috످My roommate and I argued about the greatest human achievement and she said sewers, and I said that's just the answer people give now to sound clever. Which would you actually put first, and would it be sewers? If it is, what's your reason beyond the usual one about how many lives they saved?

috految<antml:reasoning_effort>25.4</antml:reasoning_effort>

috److془I need to think and give my answer. Candidates: sewers, writing, science, smallpox, abolition, Bach.

Sewers: best version: you can be saved without knowing. Or: the rich can't buy way out. But London dumped downstream. Made cities possible.

Science: Bazalgette believed in miasma. Chadwick flush cesspools into Thames 1848-49; cholera killed 14,000. Snow. Bazalgette's worked despite theory. Objection: science is too broad; if enabling, language. Narrow: the fair test. Farr: miasma believer, 1866 traced to East London water company. Lovely.

Abolition: hardest; rival. Which is really greater? Abolition: ending own crime, and slavery persists. Science: people had the idea to be wrong. Test: the good intentions and intelligence weren't enough. Bloodletting. Hmm: the sewers case works well. Abolition: enslaved always knew it was wrong. Good.

Write it. Smallpox maybe skip. Roommate: sounds clever yet right-ish; BMJ 2007 poll. Reason beyond lives: sewers made cities ... or kindness not needed. Brief.

Alternatively the Chadwick: the parallel of bloodletting. Use one case.془I'd put the scientific method first, or more exactly, learning how to find out you're wrong when you feel sure you're right. And my best evidence is a sewer.

In the 1840s, most experts believed cholera came from bad smells. It made sense, since the neighborhoods that stank the most were where the most people died. So London's reformers, trying to save the poor, flushed the city's filth through the sewers and into the Thames, which was also its drinking water. They were spreading cholera as fast as they could clean, and the more people died, the more urgent the cleaning seemed.

Then a doctor named John Snow found a part of London where two water companies served the same streets, one drawing from the fouled stretch of the river and one from upstream. Their customers breathed the same air, so if smell was the cause, they should have died at the same rate. He went door to door and counted. The homes with dirty water were losing people at several times the rate of their neighbors.

What gets me is that the reformers were smart, they cared, and they were killing people, and no amount of caring harder would have told them so. For most of history, that was the normal situation. Doctors bled their patients for two thousand years, and every one who recovered looked like proof that it worked. That's why I rank science above even language or writing, which pass along a mistake as faithfully as a truth. People had to invent a way to tell the two apart, against their own instincts, and then agree to abide by it when it went against them.

Your roommate has a good comeback, which is that London went on to build its great sewers while still believing the smell theory, and they worked anyway. But the city got lucky: this time, getting rid of the smell happened to get the sewage out of the drinking water. The same theory had produced both the disaster and the cure.

I do think you were a little unfair to her, though. Sewers may be the fashionable answer, but they'd make my top five, even leaving aside the lives saved. Most ways of helping people depend on someone continuing to care about them. A sewer looks after you just as well if nobody loves you.

috످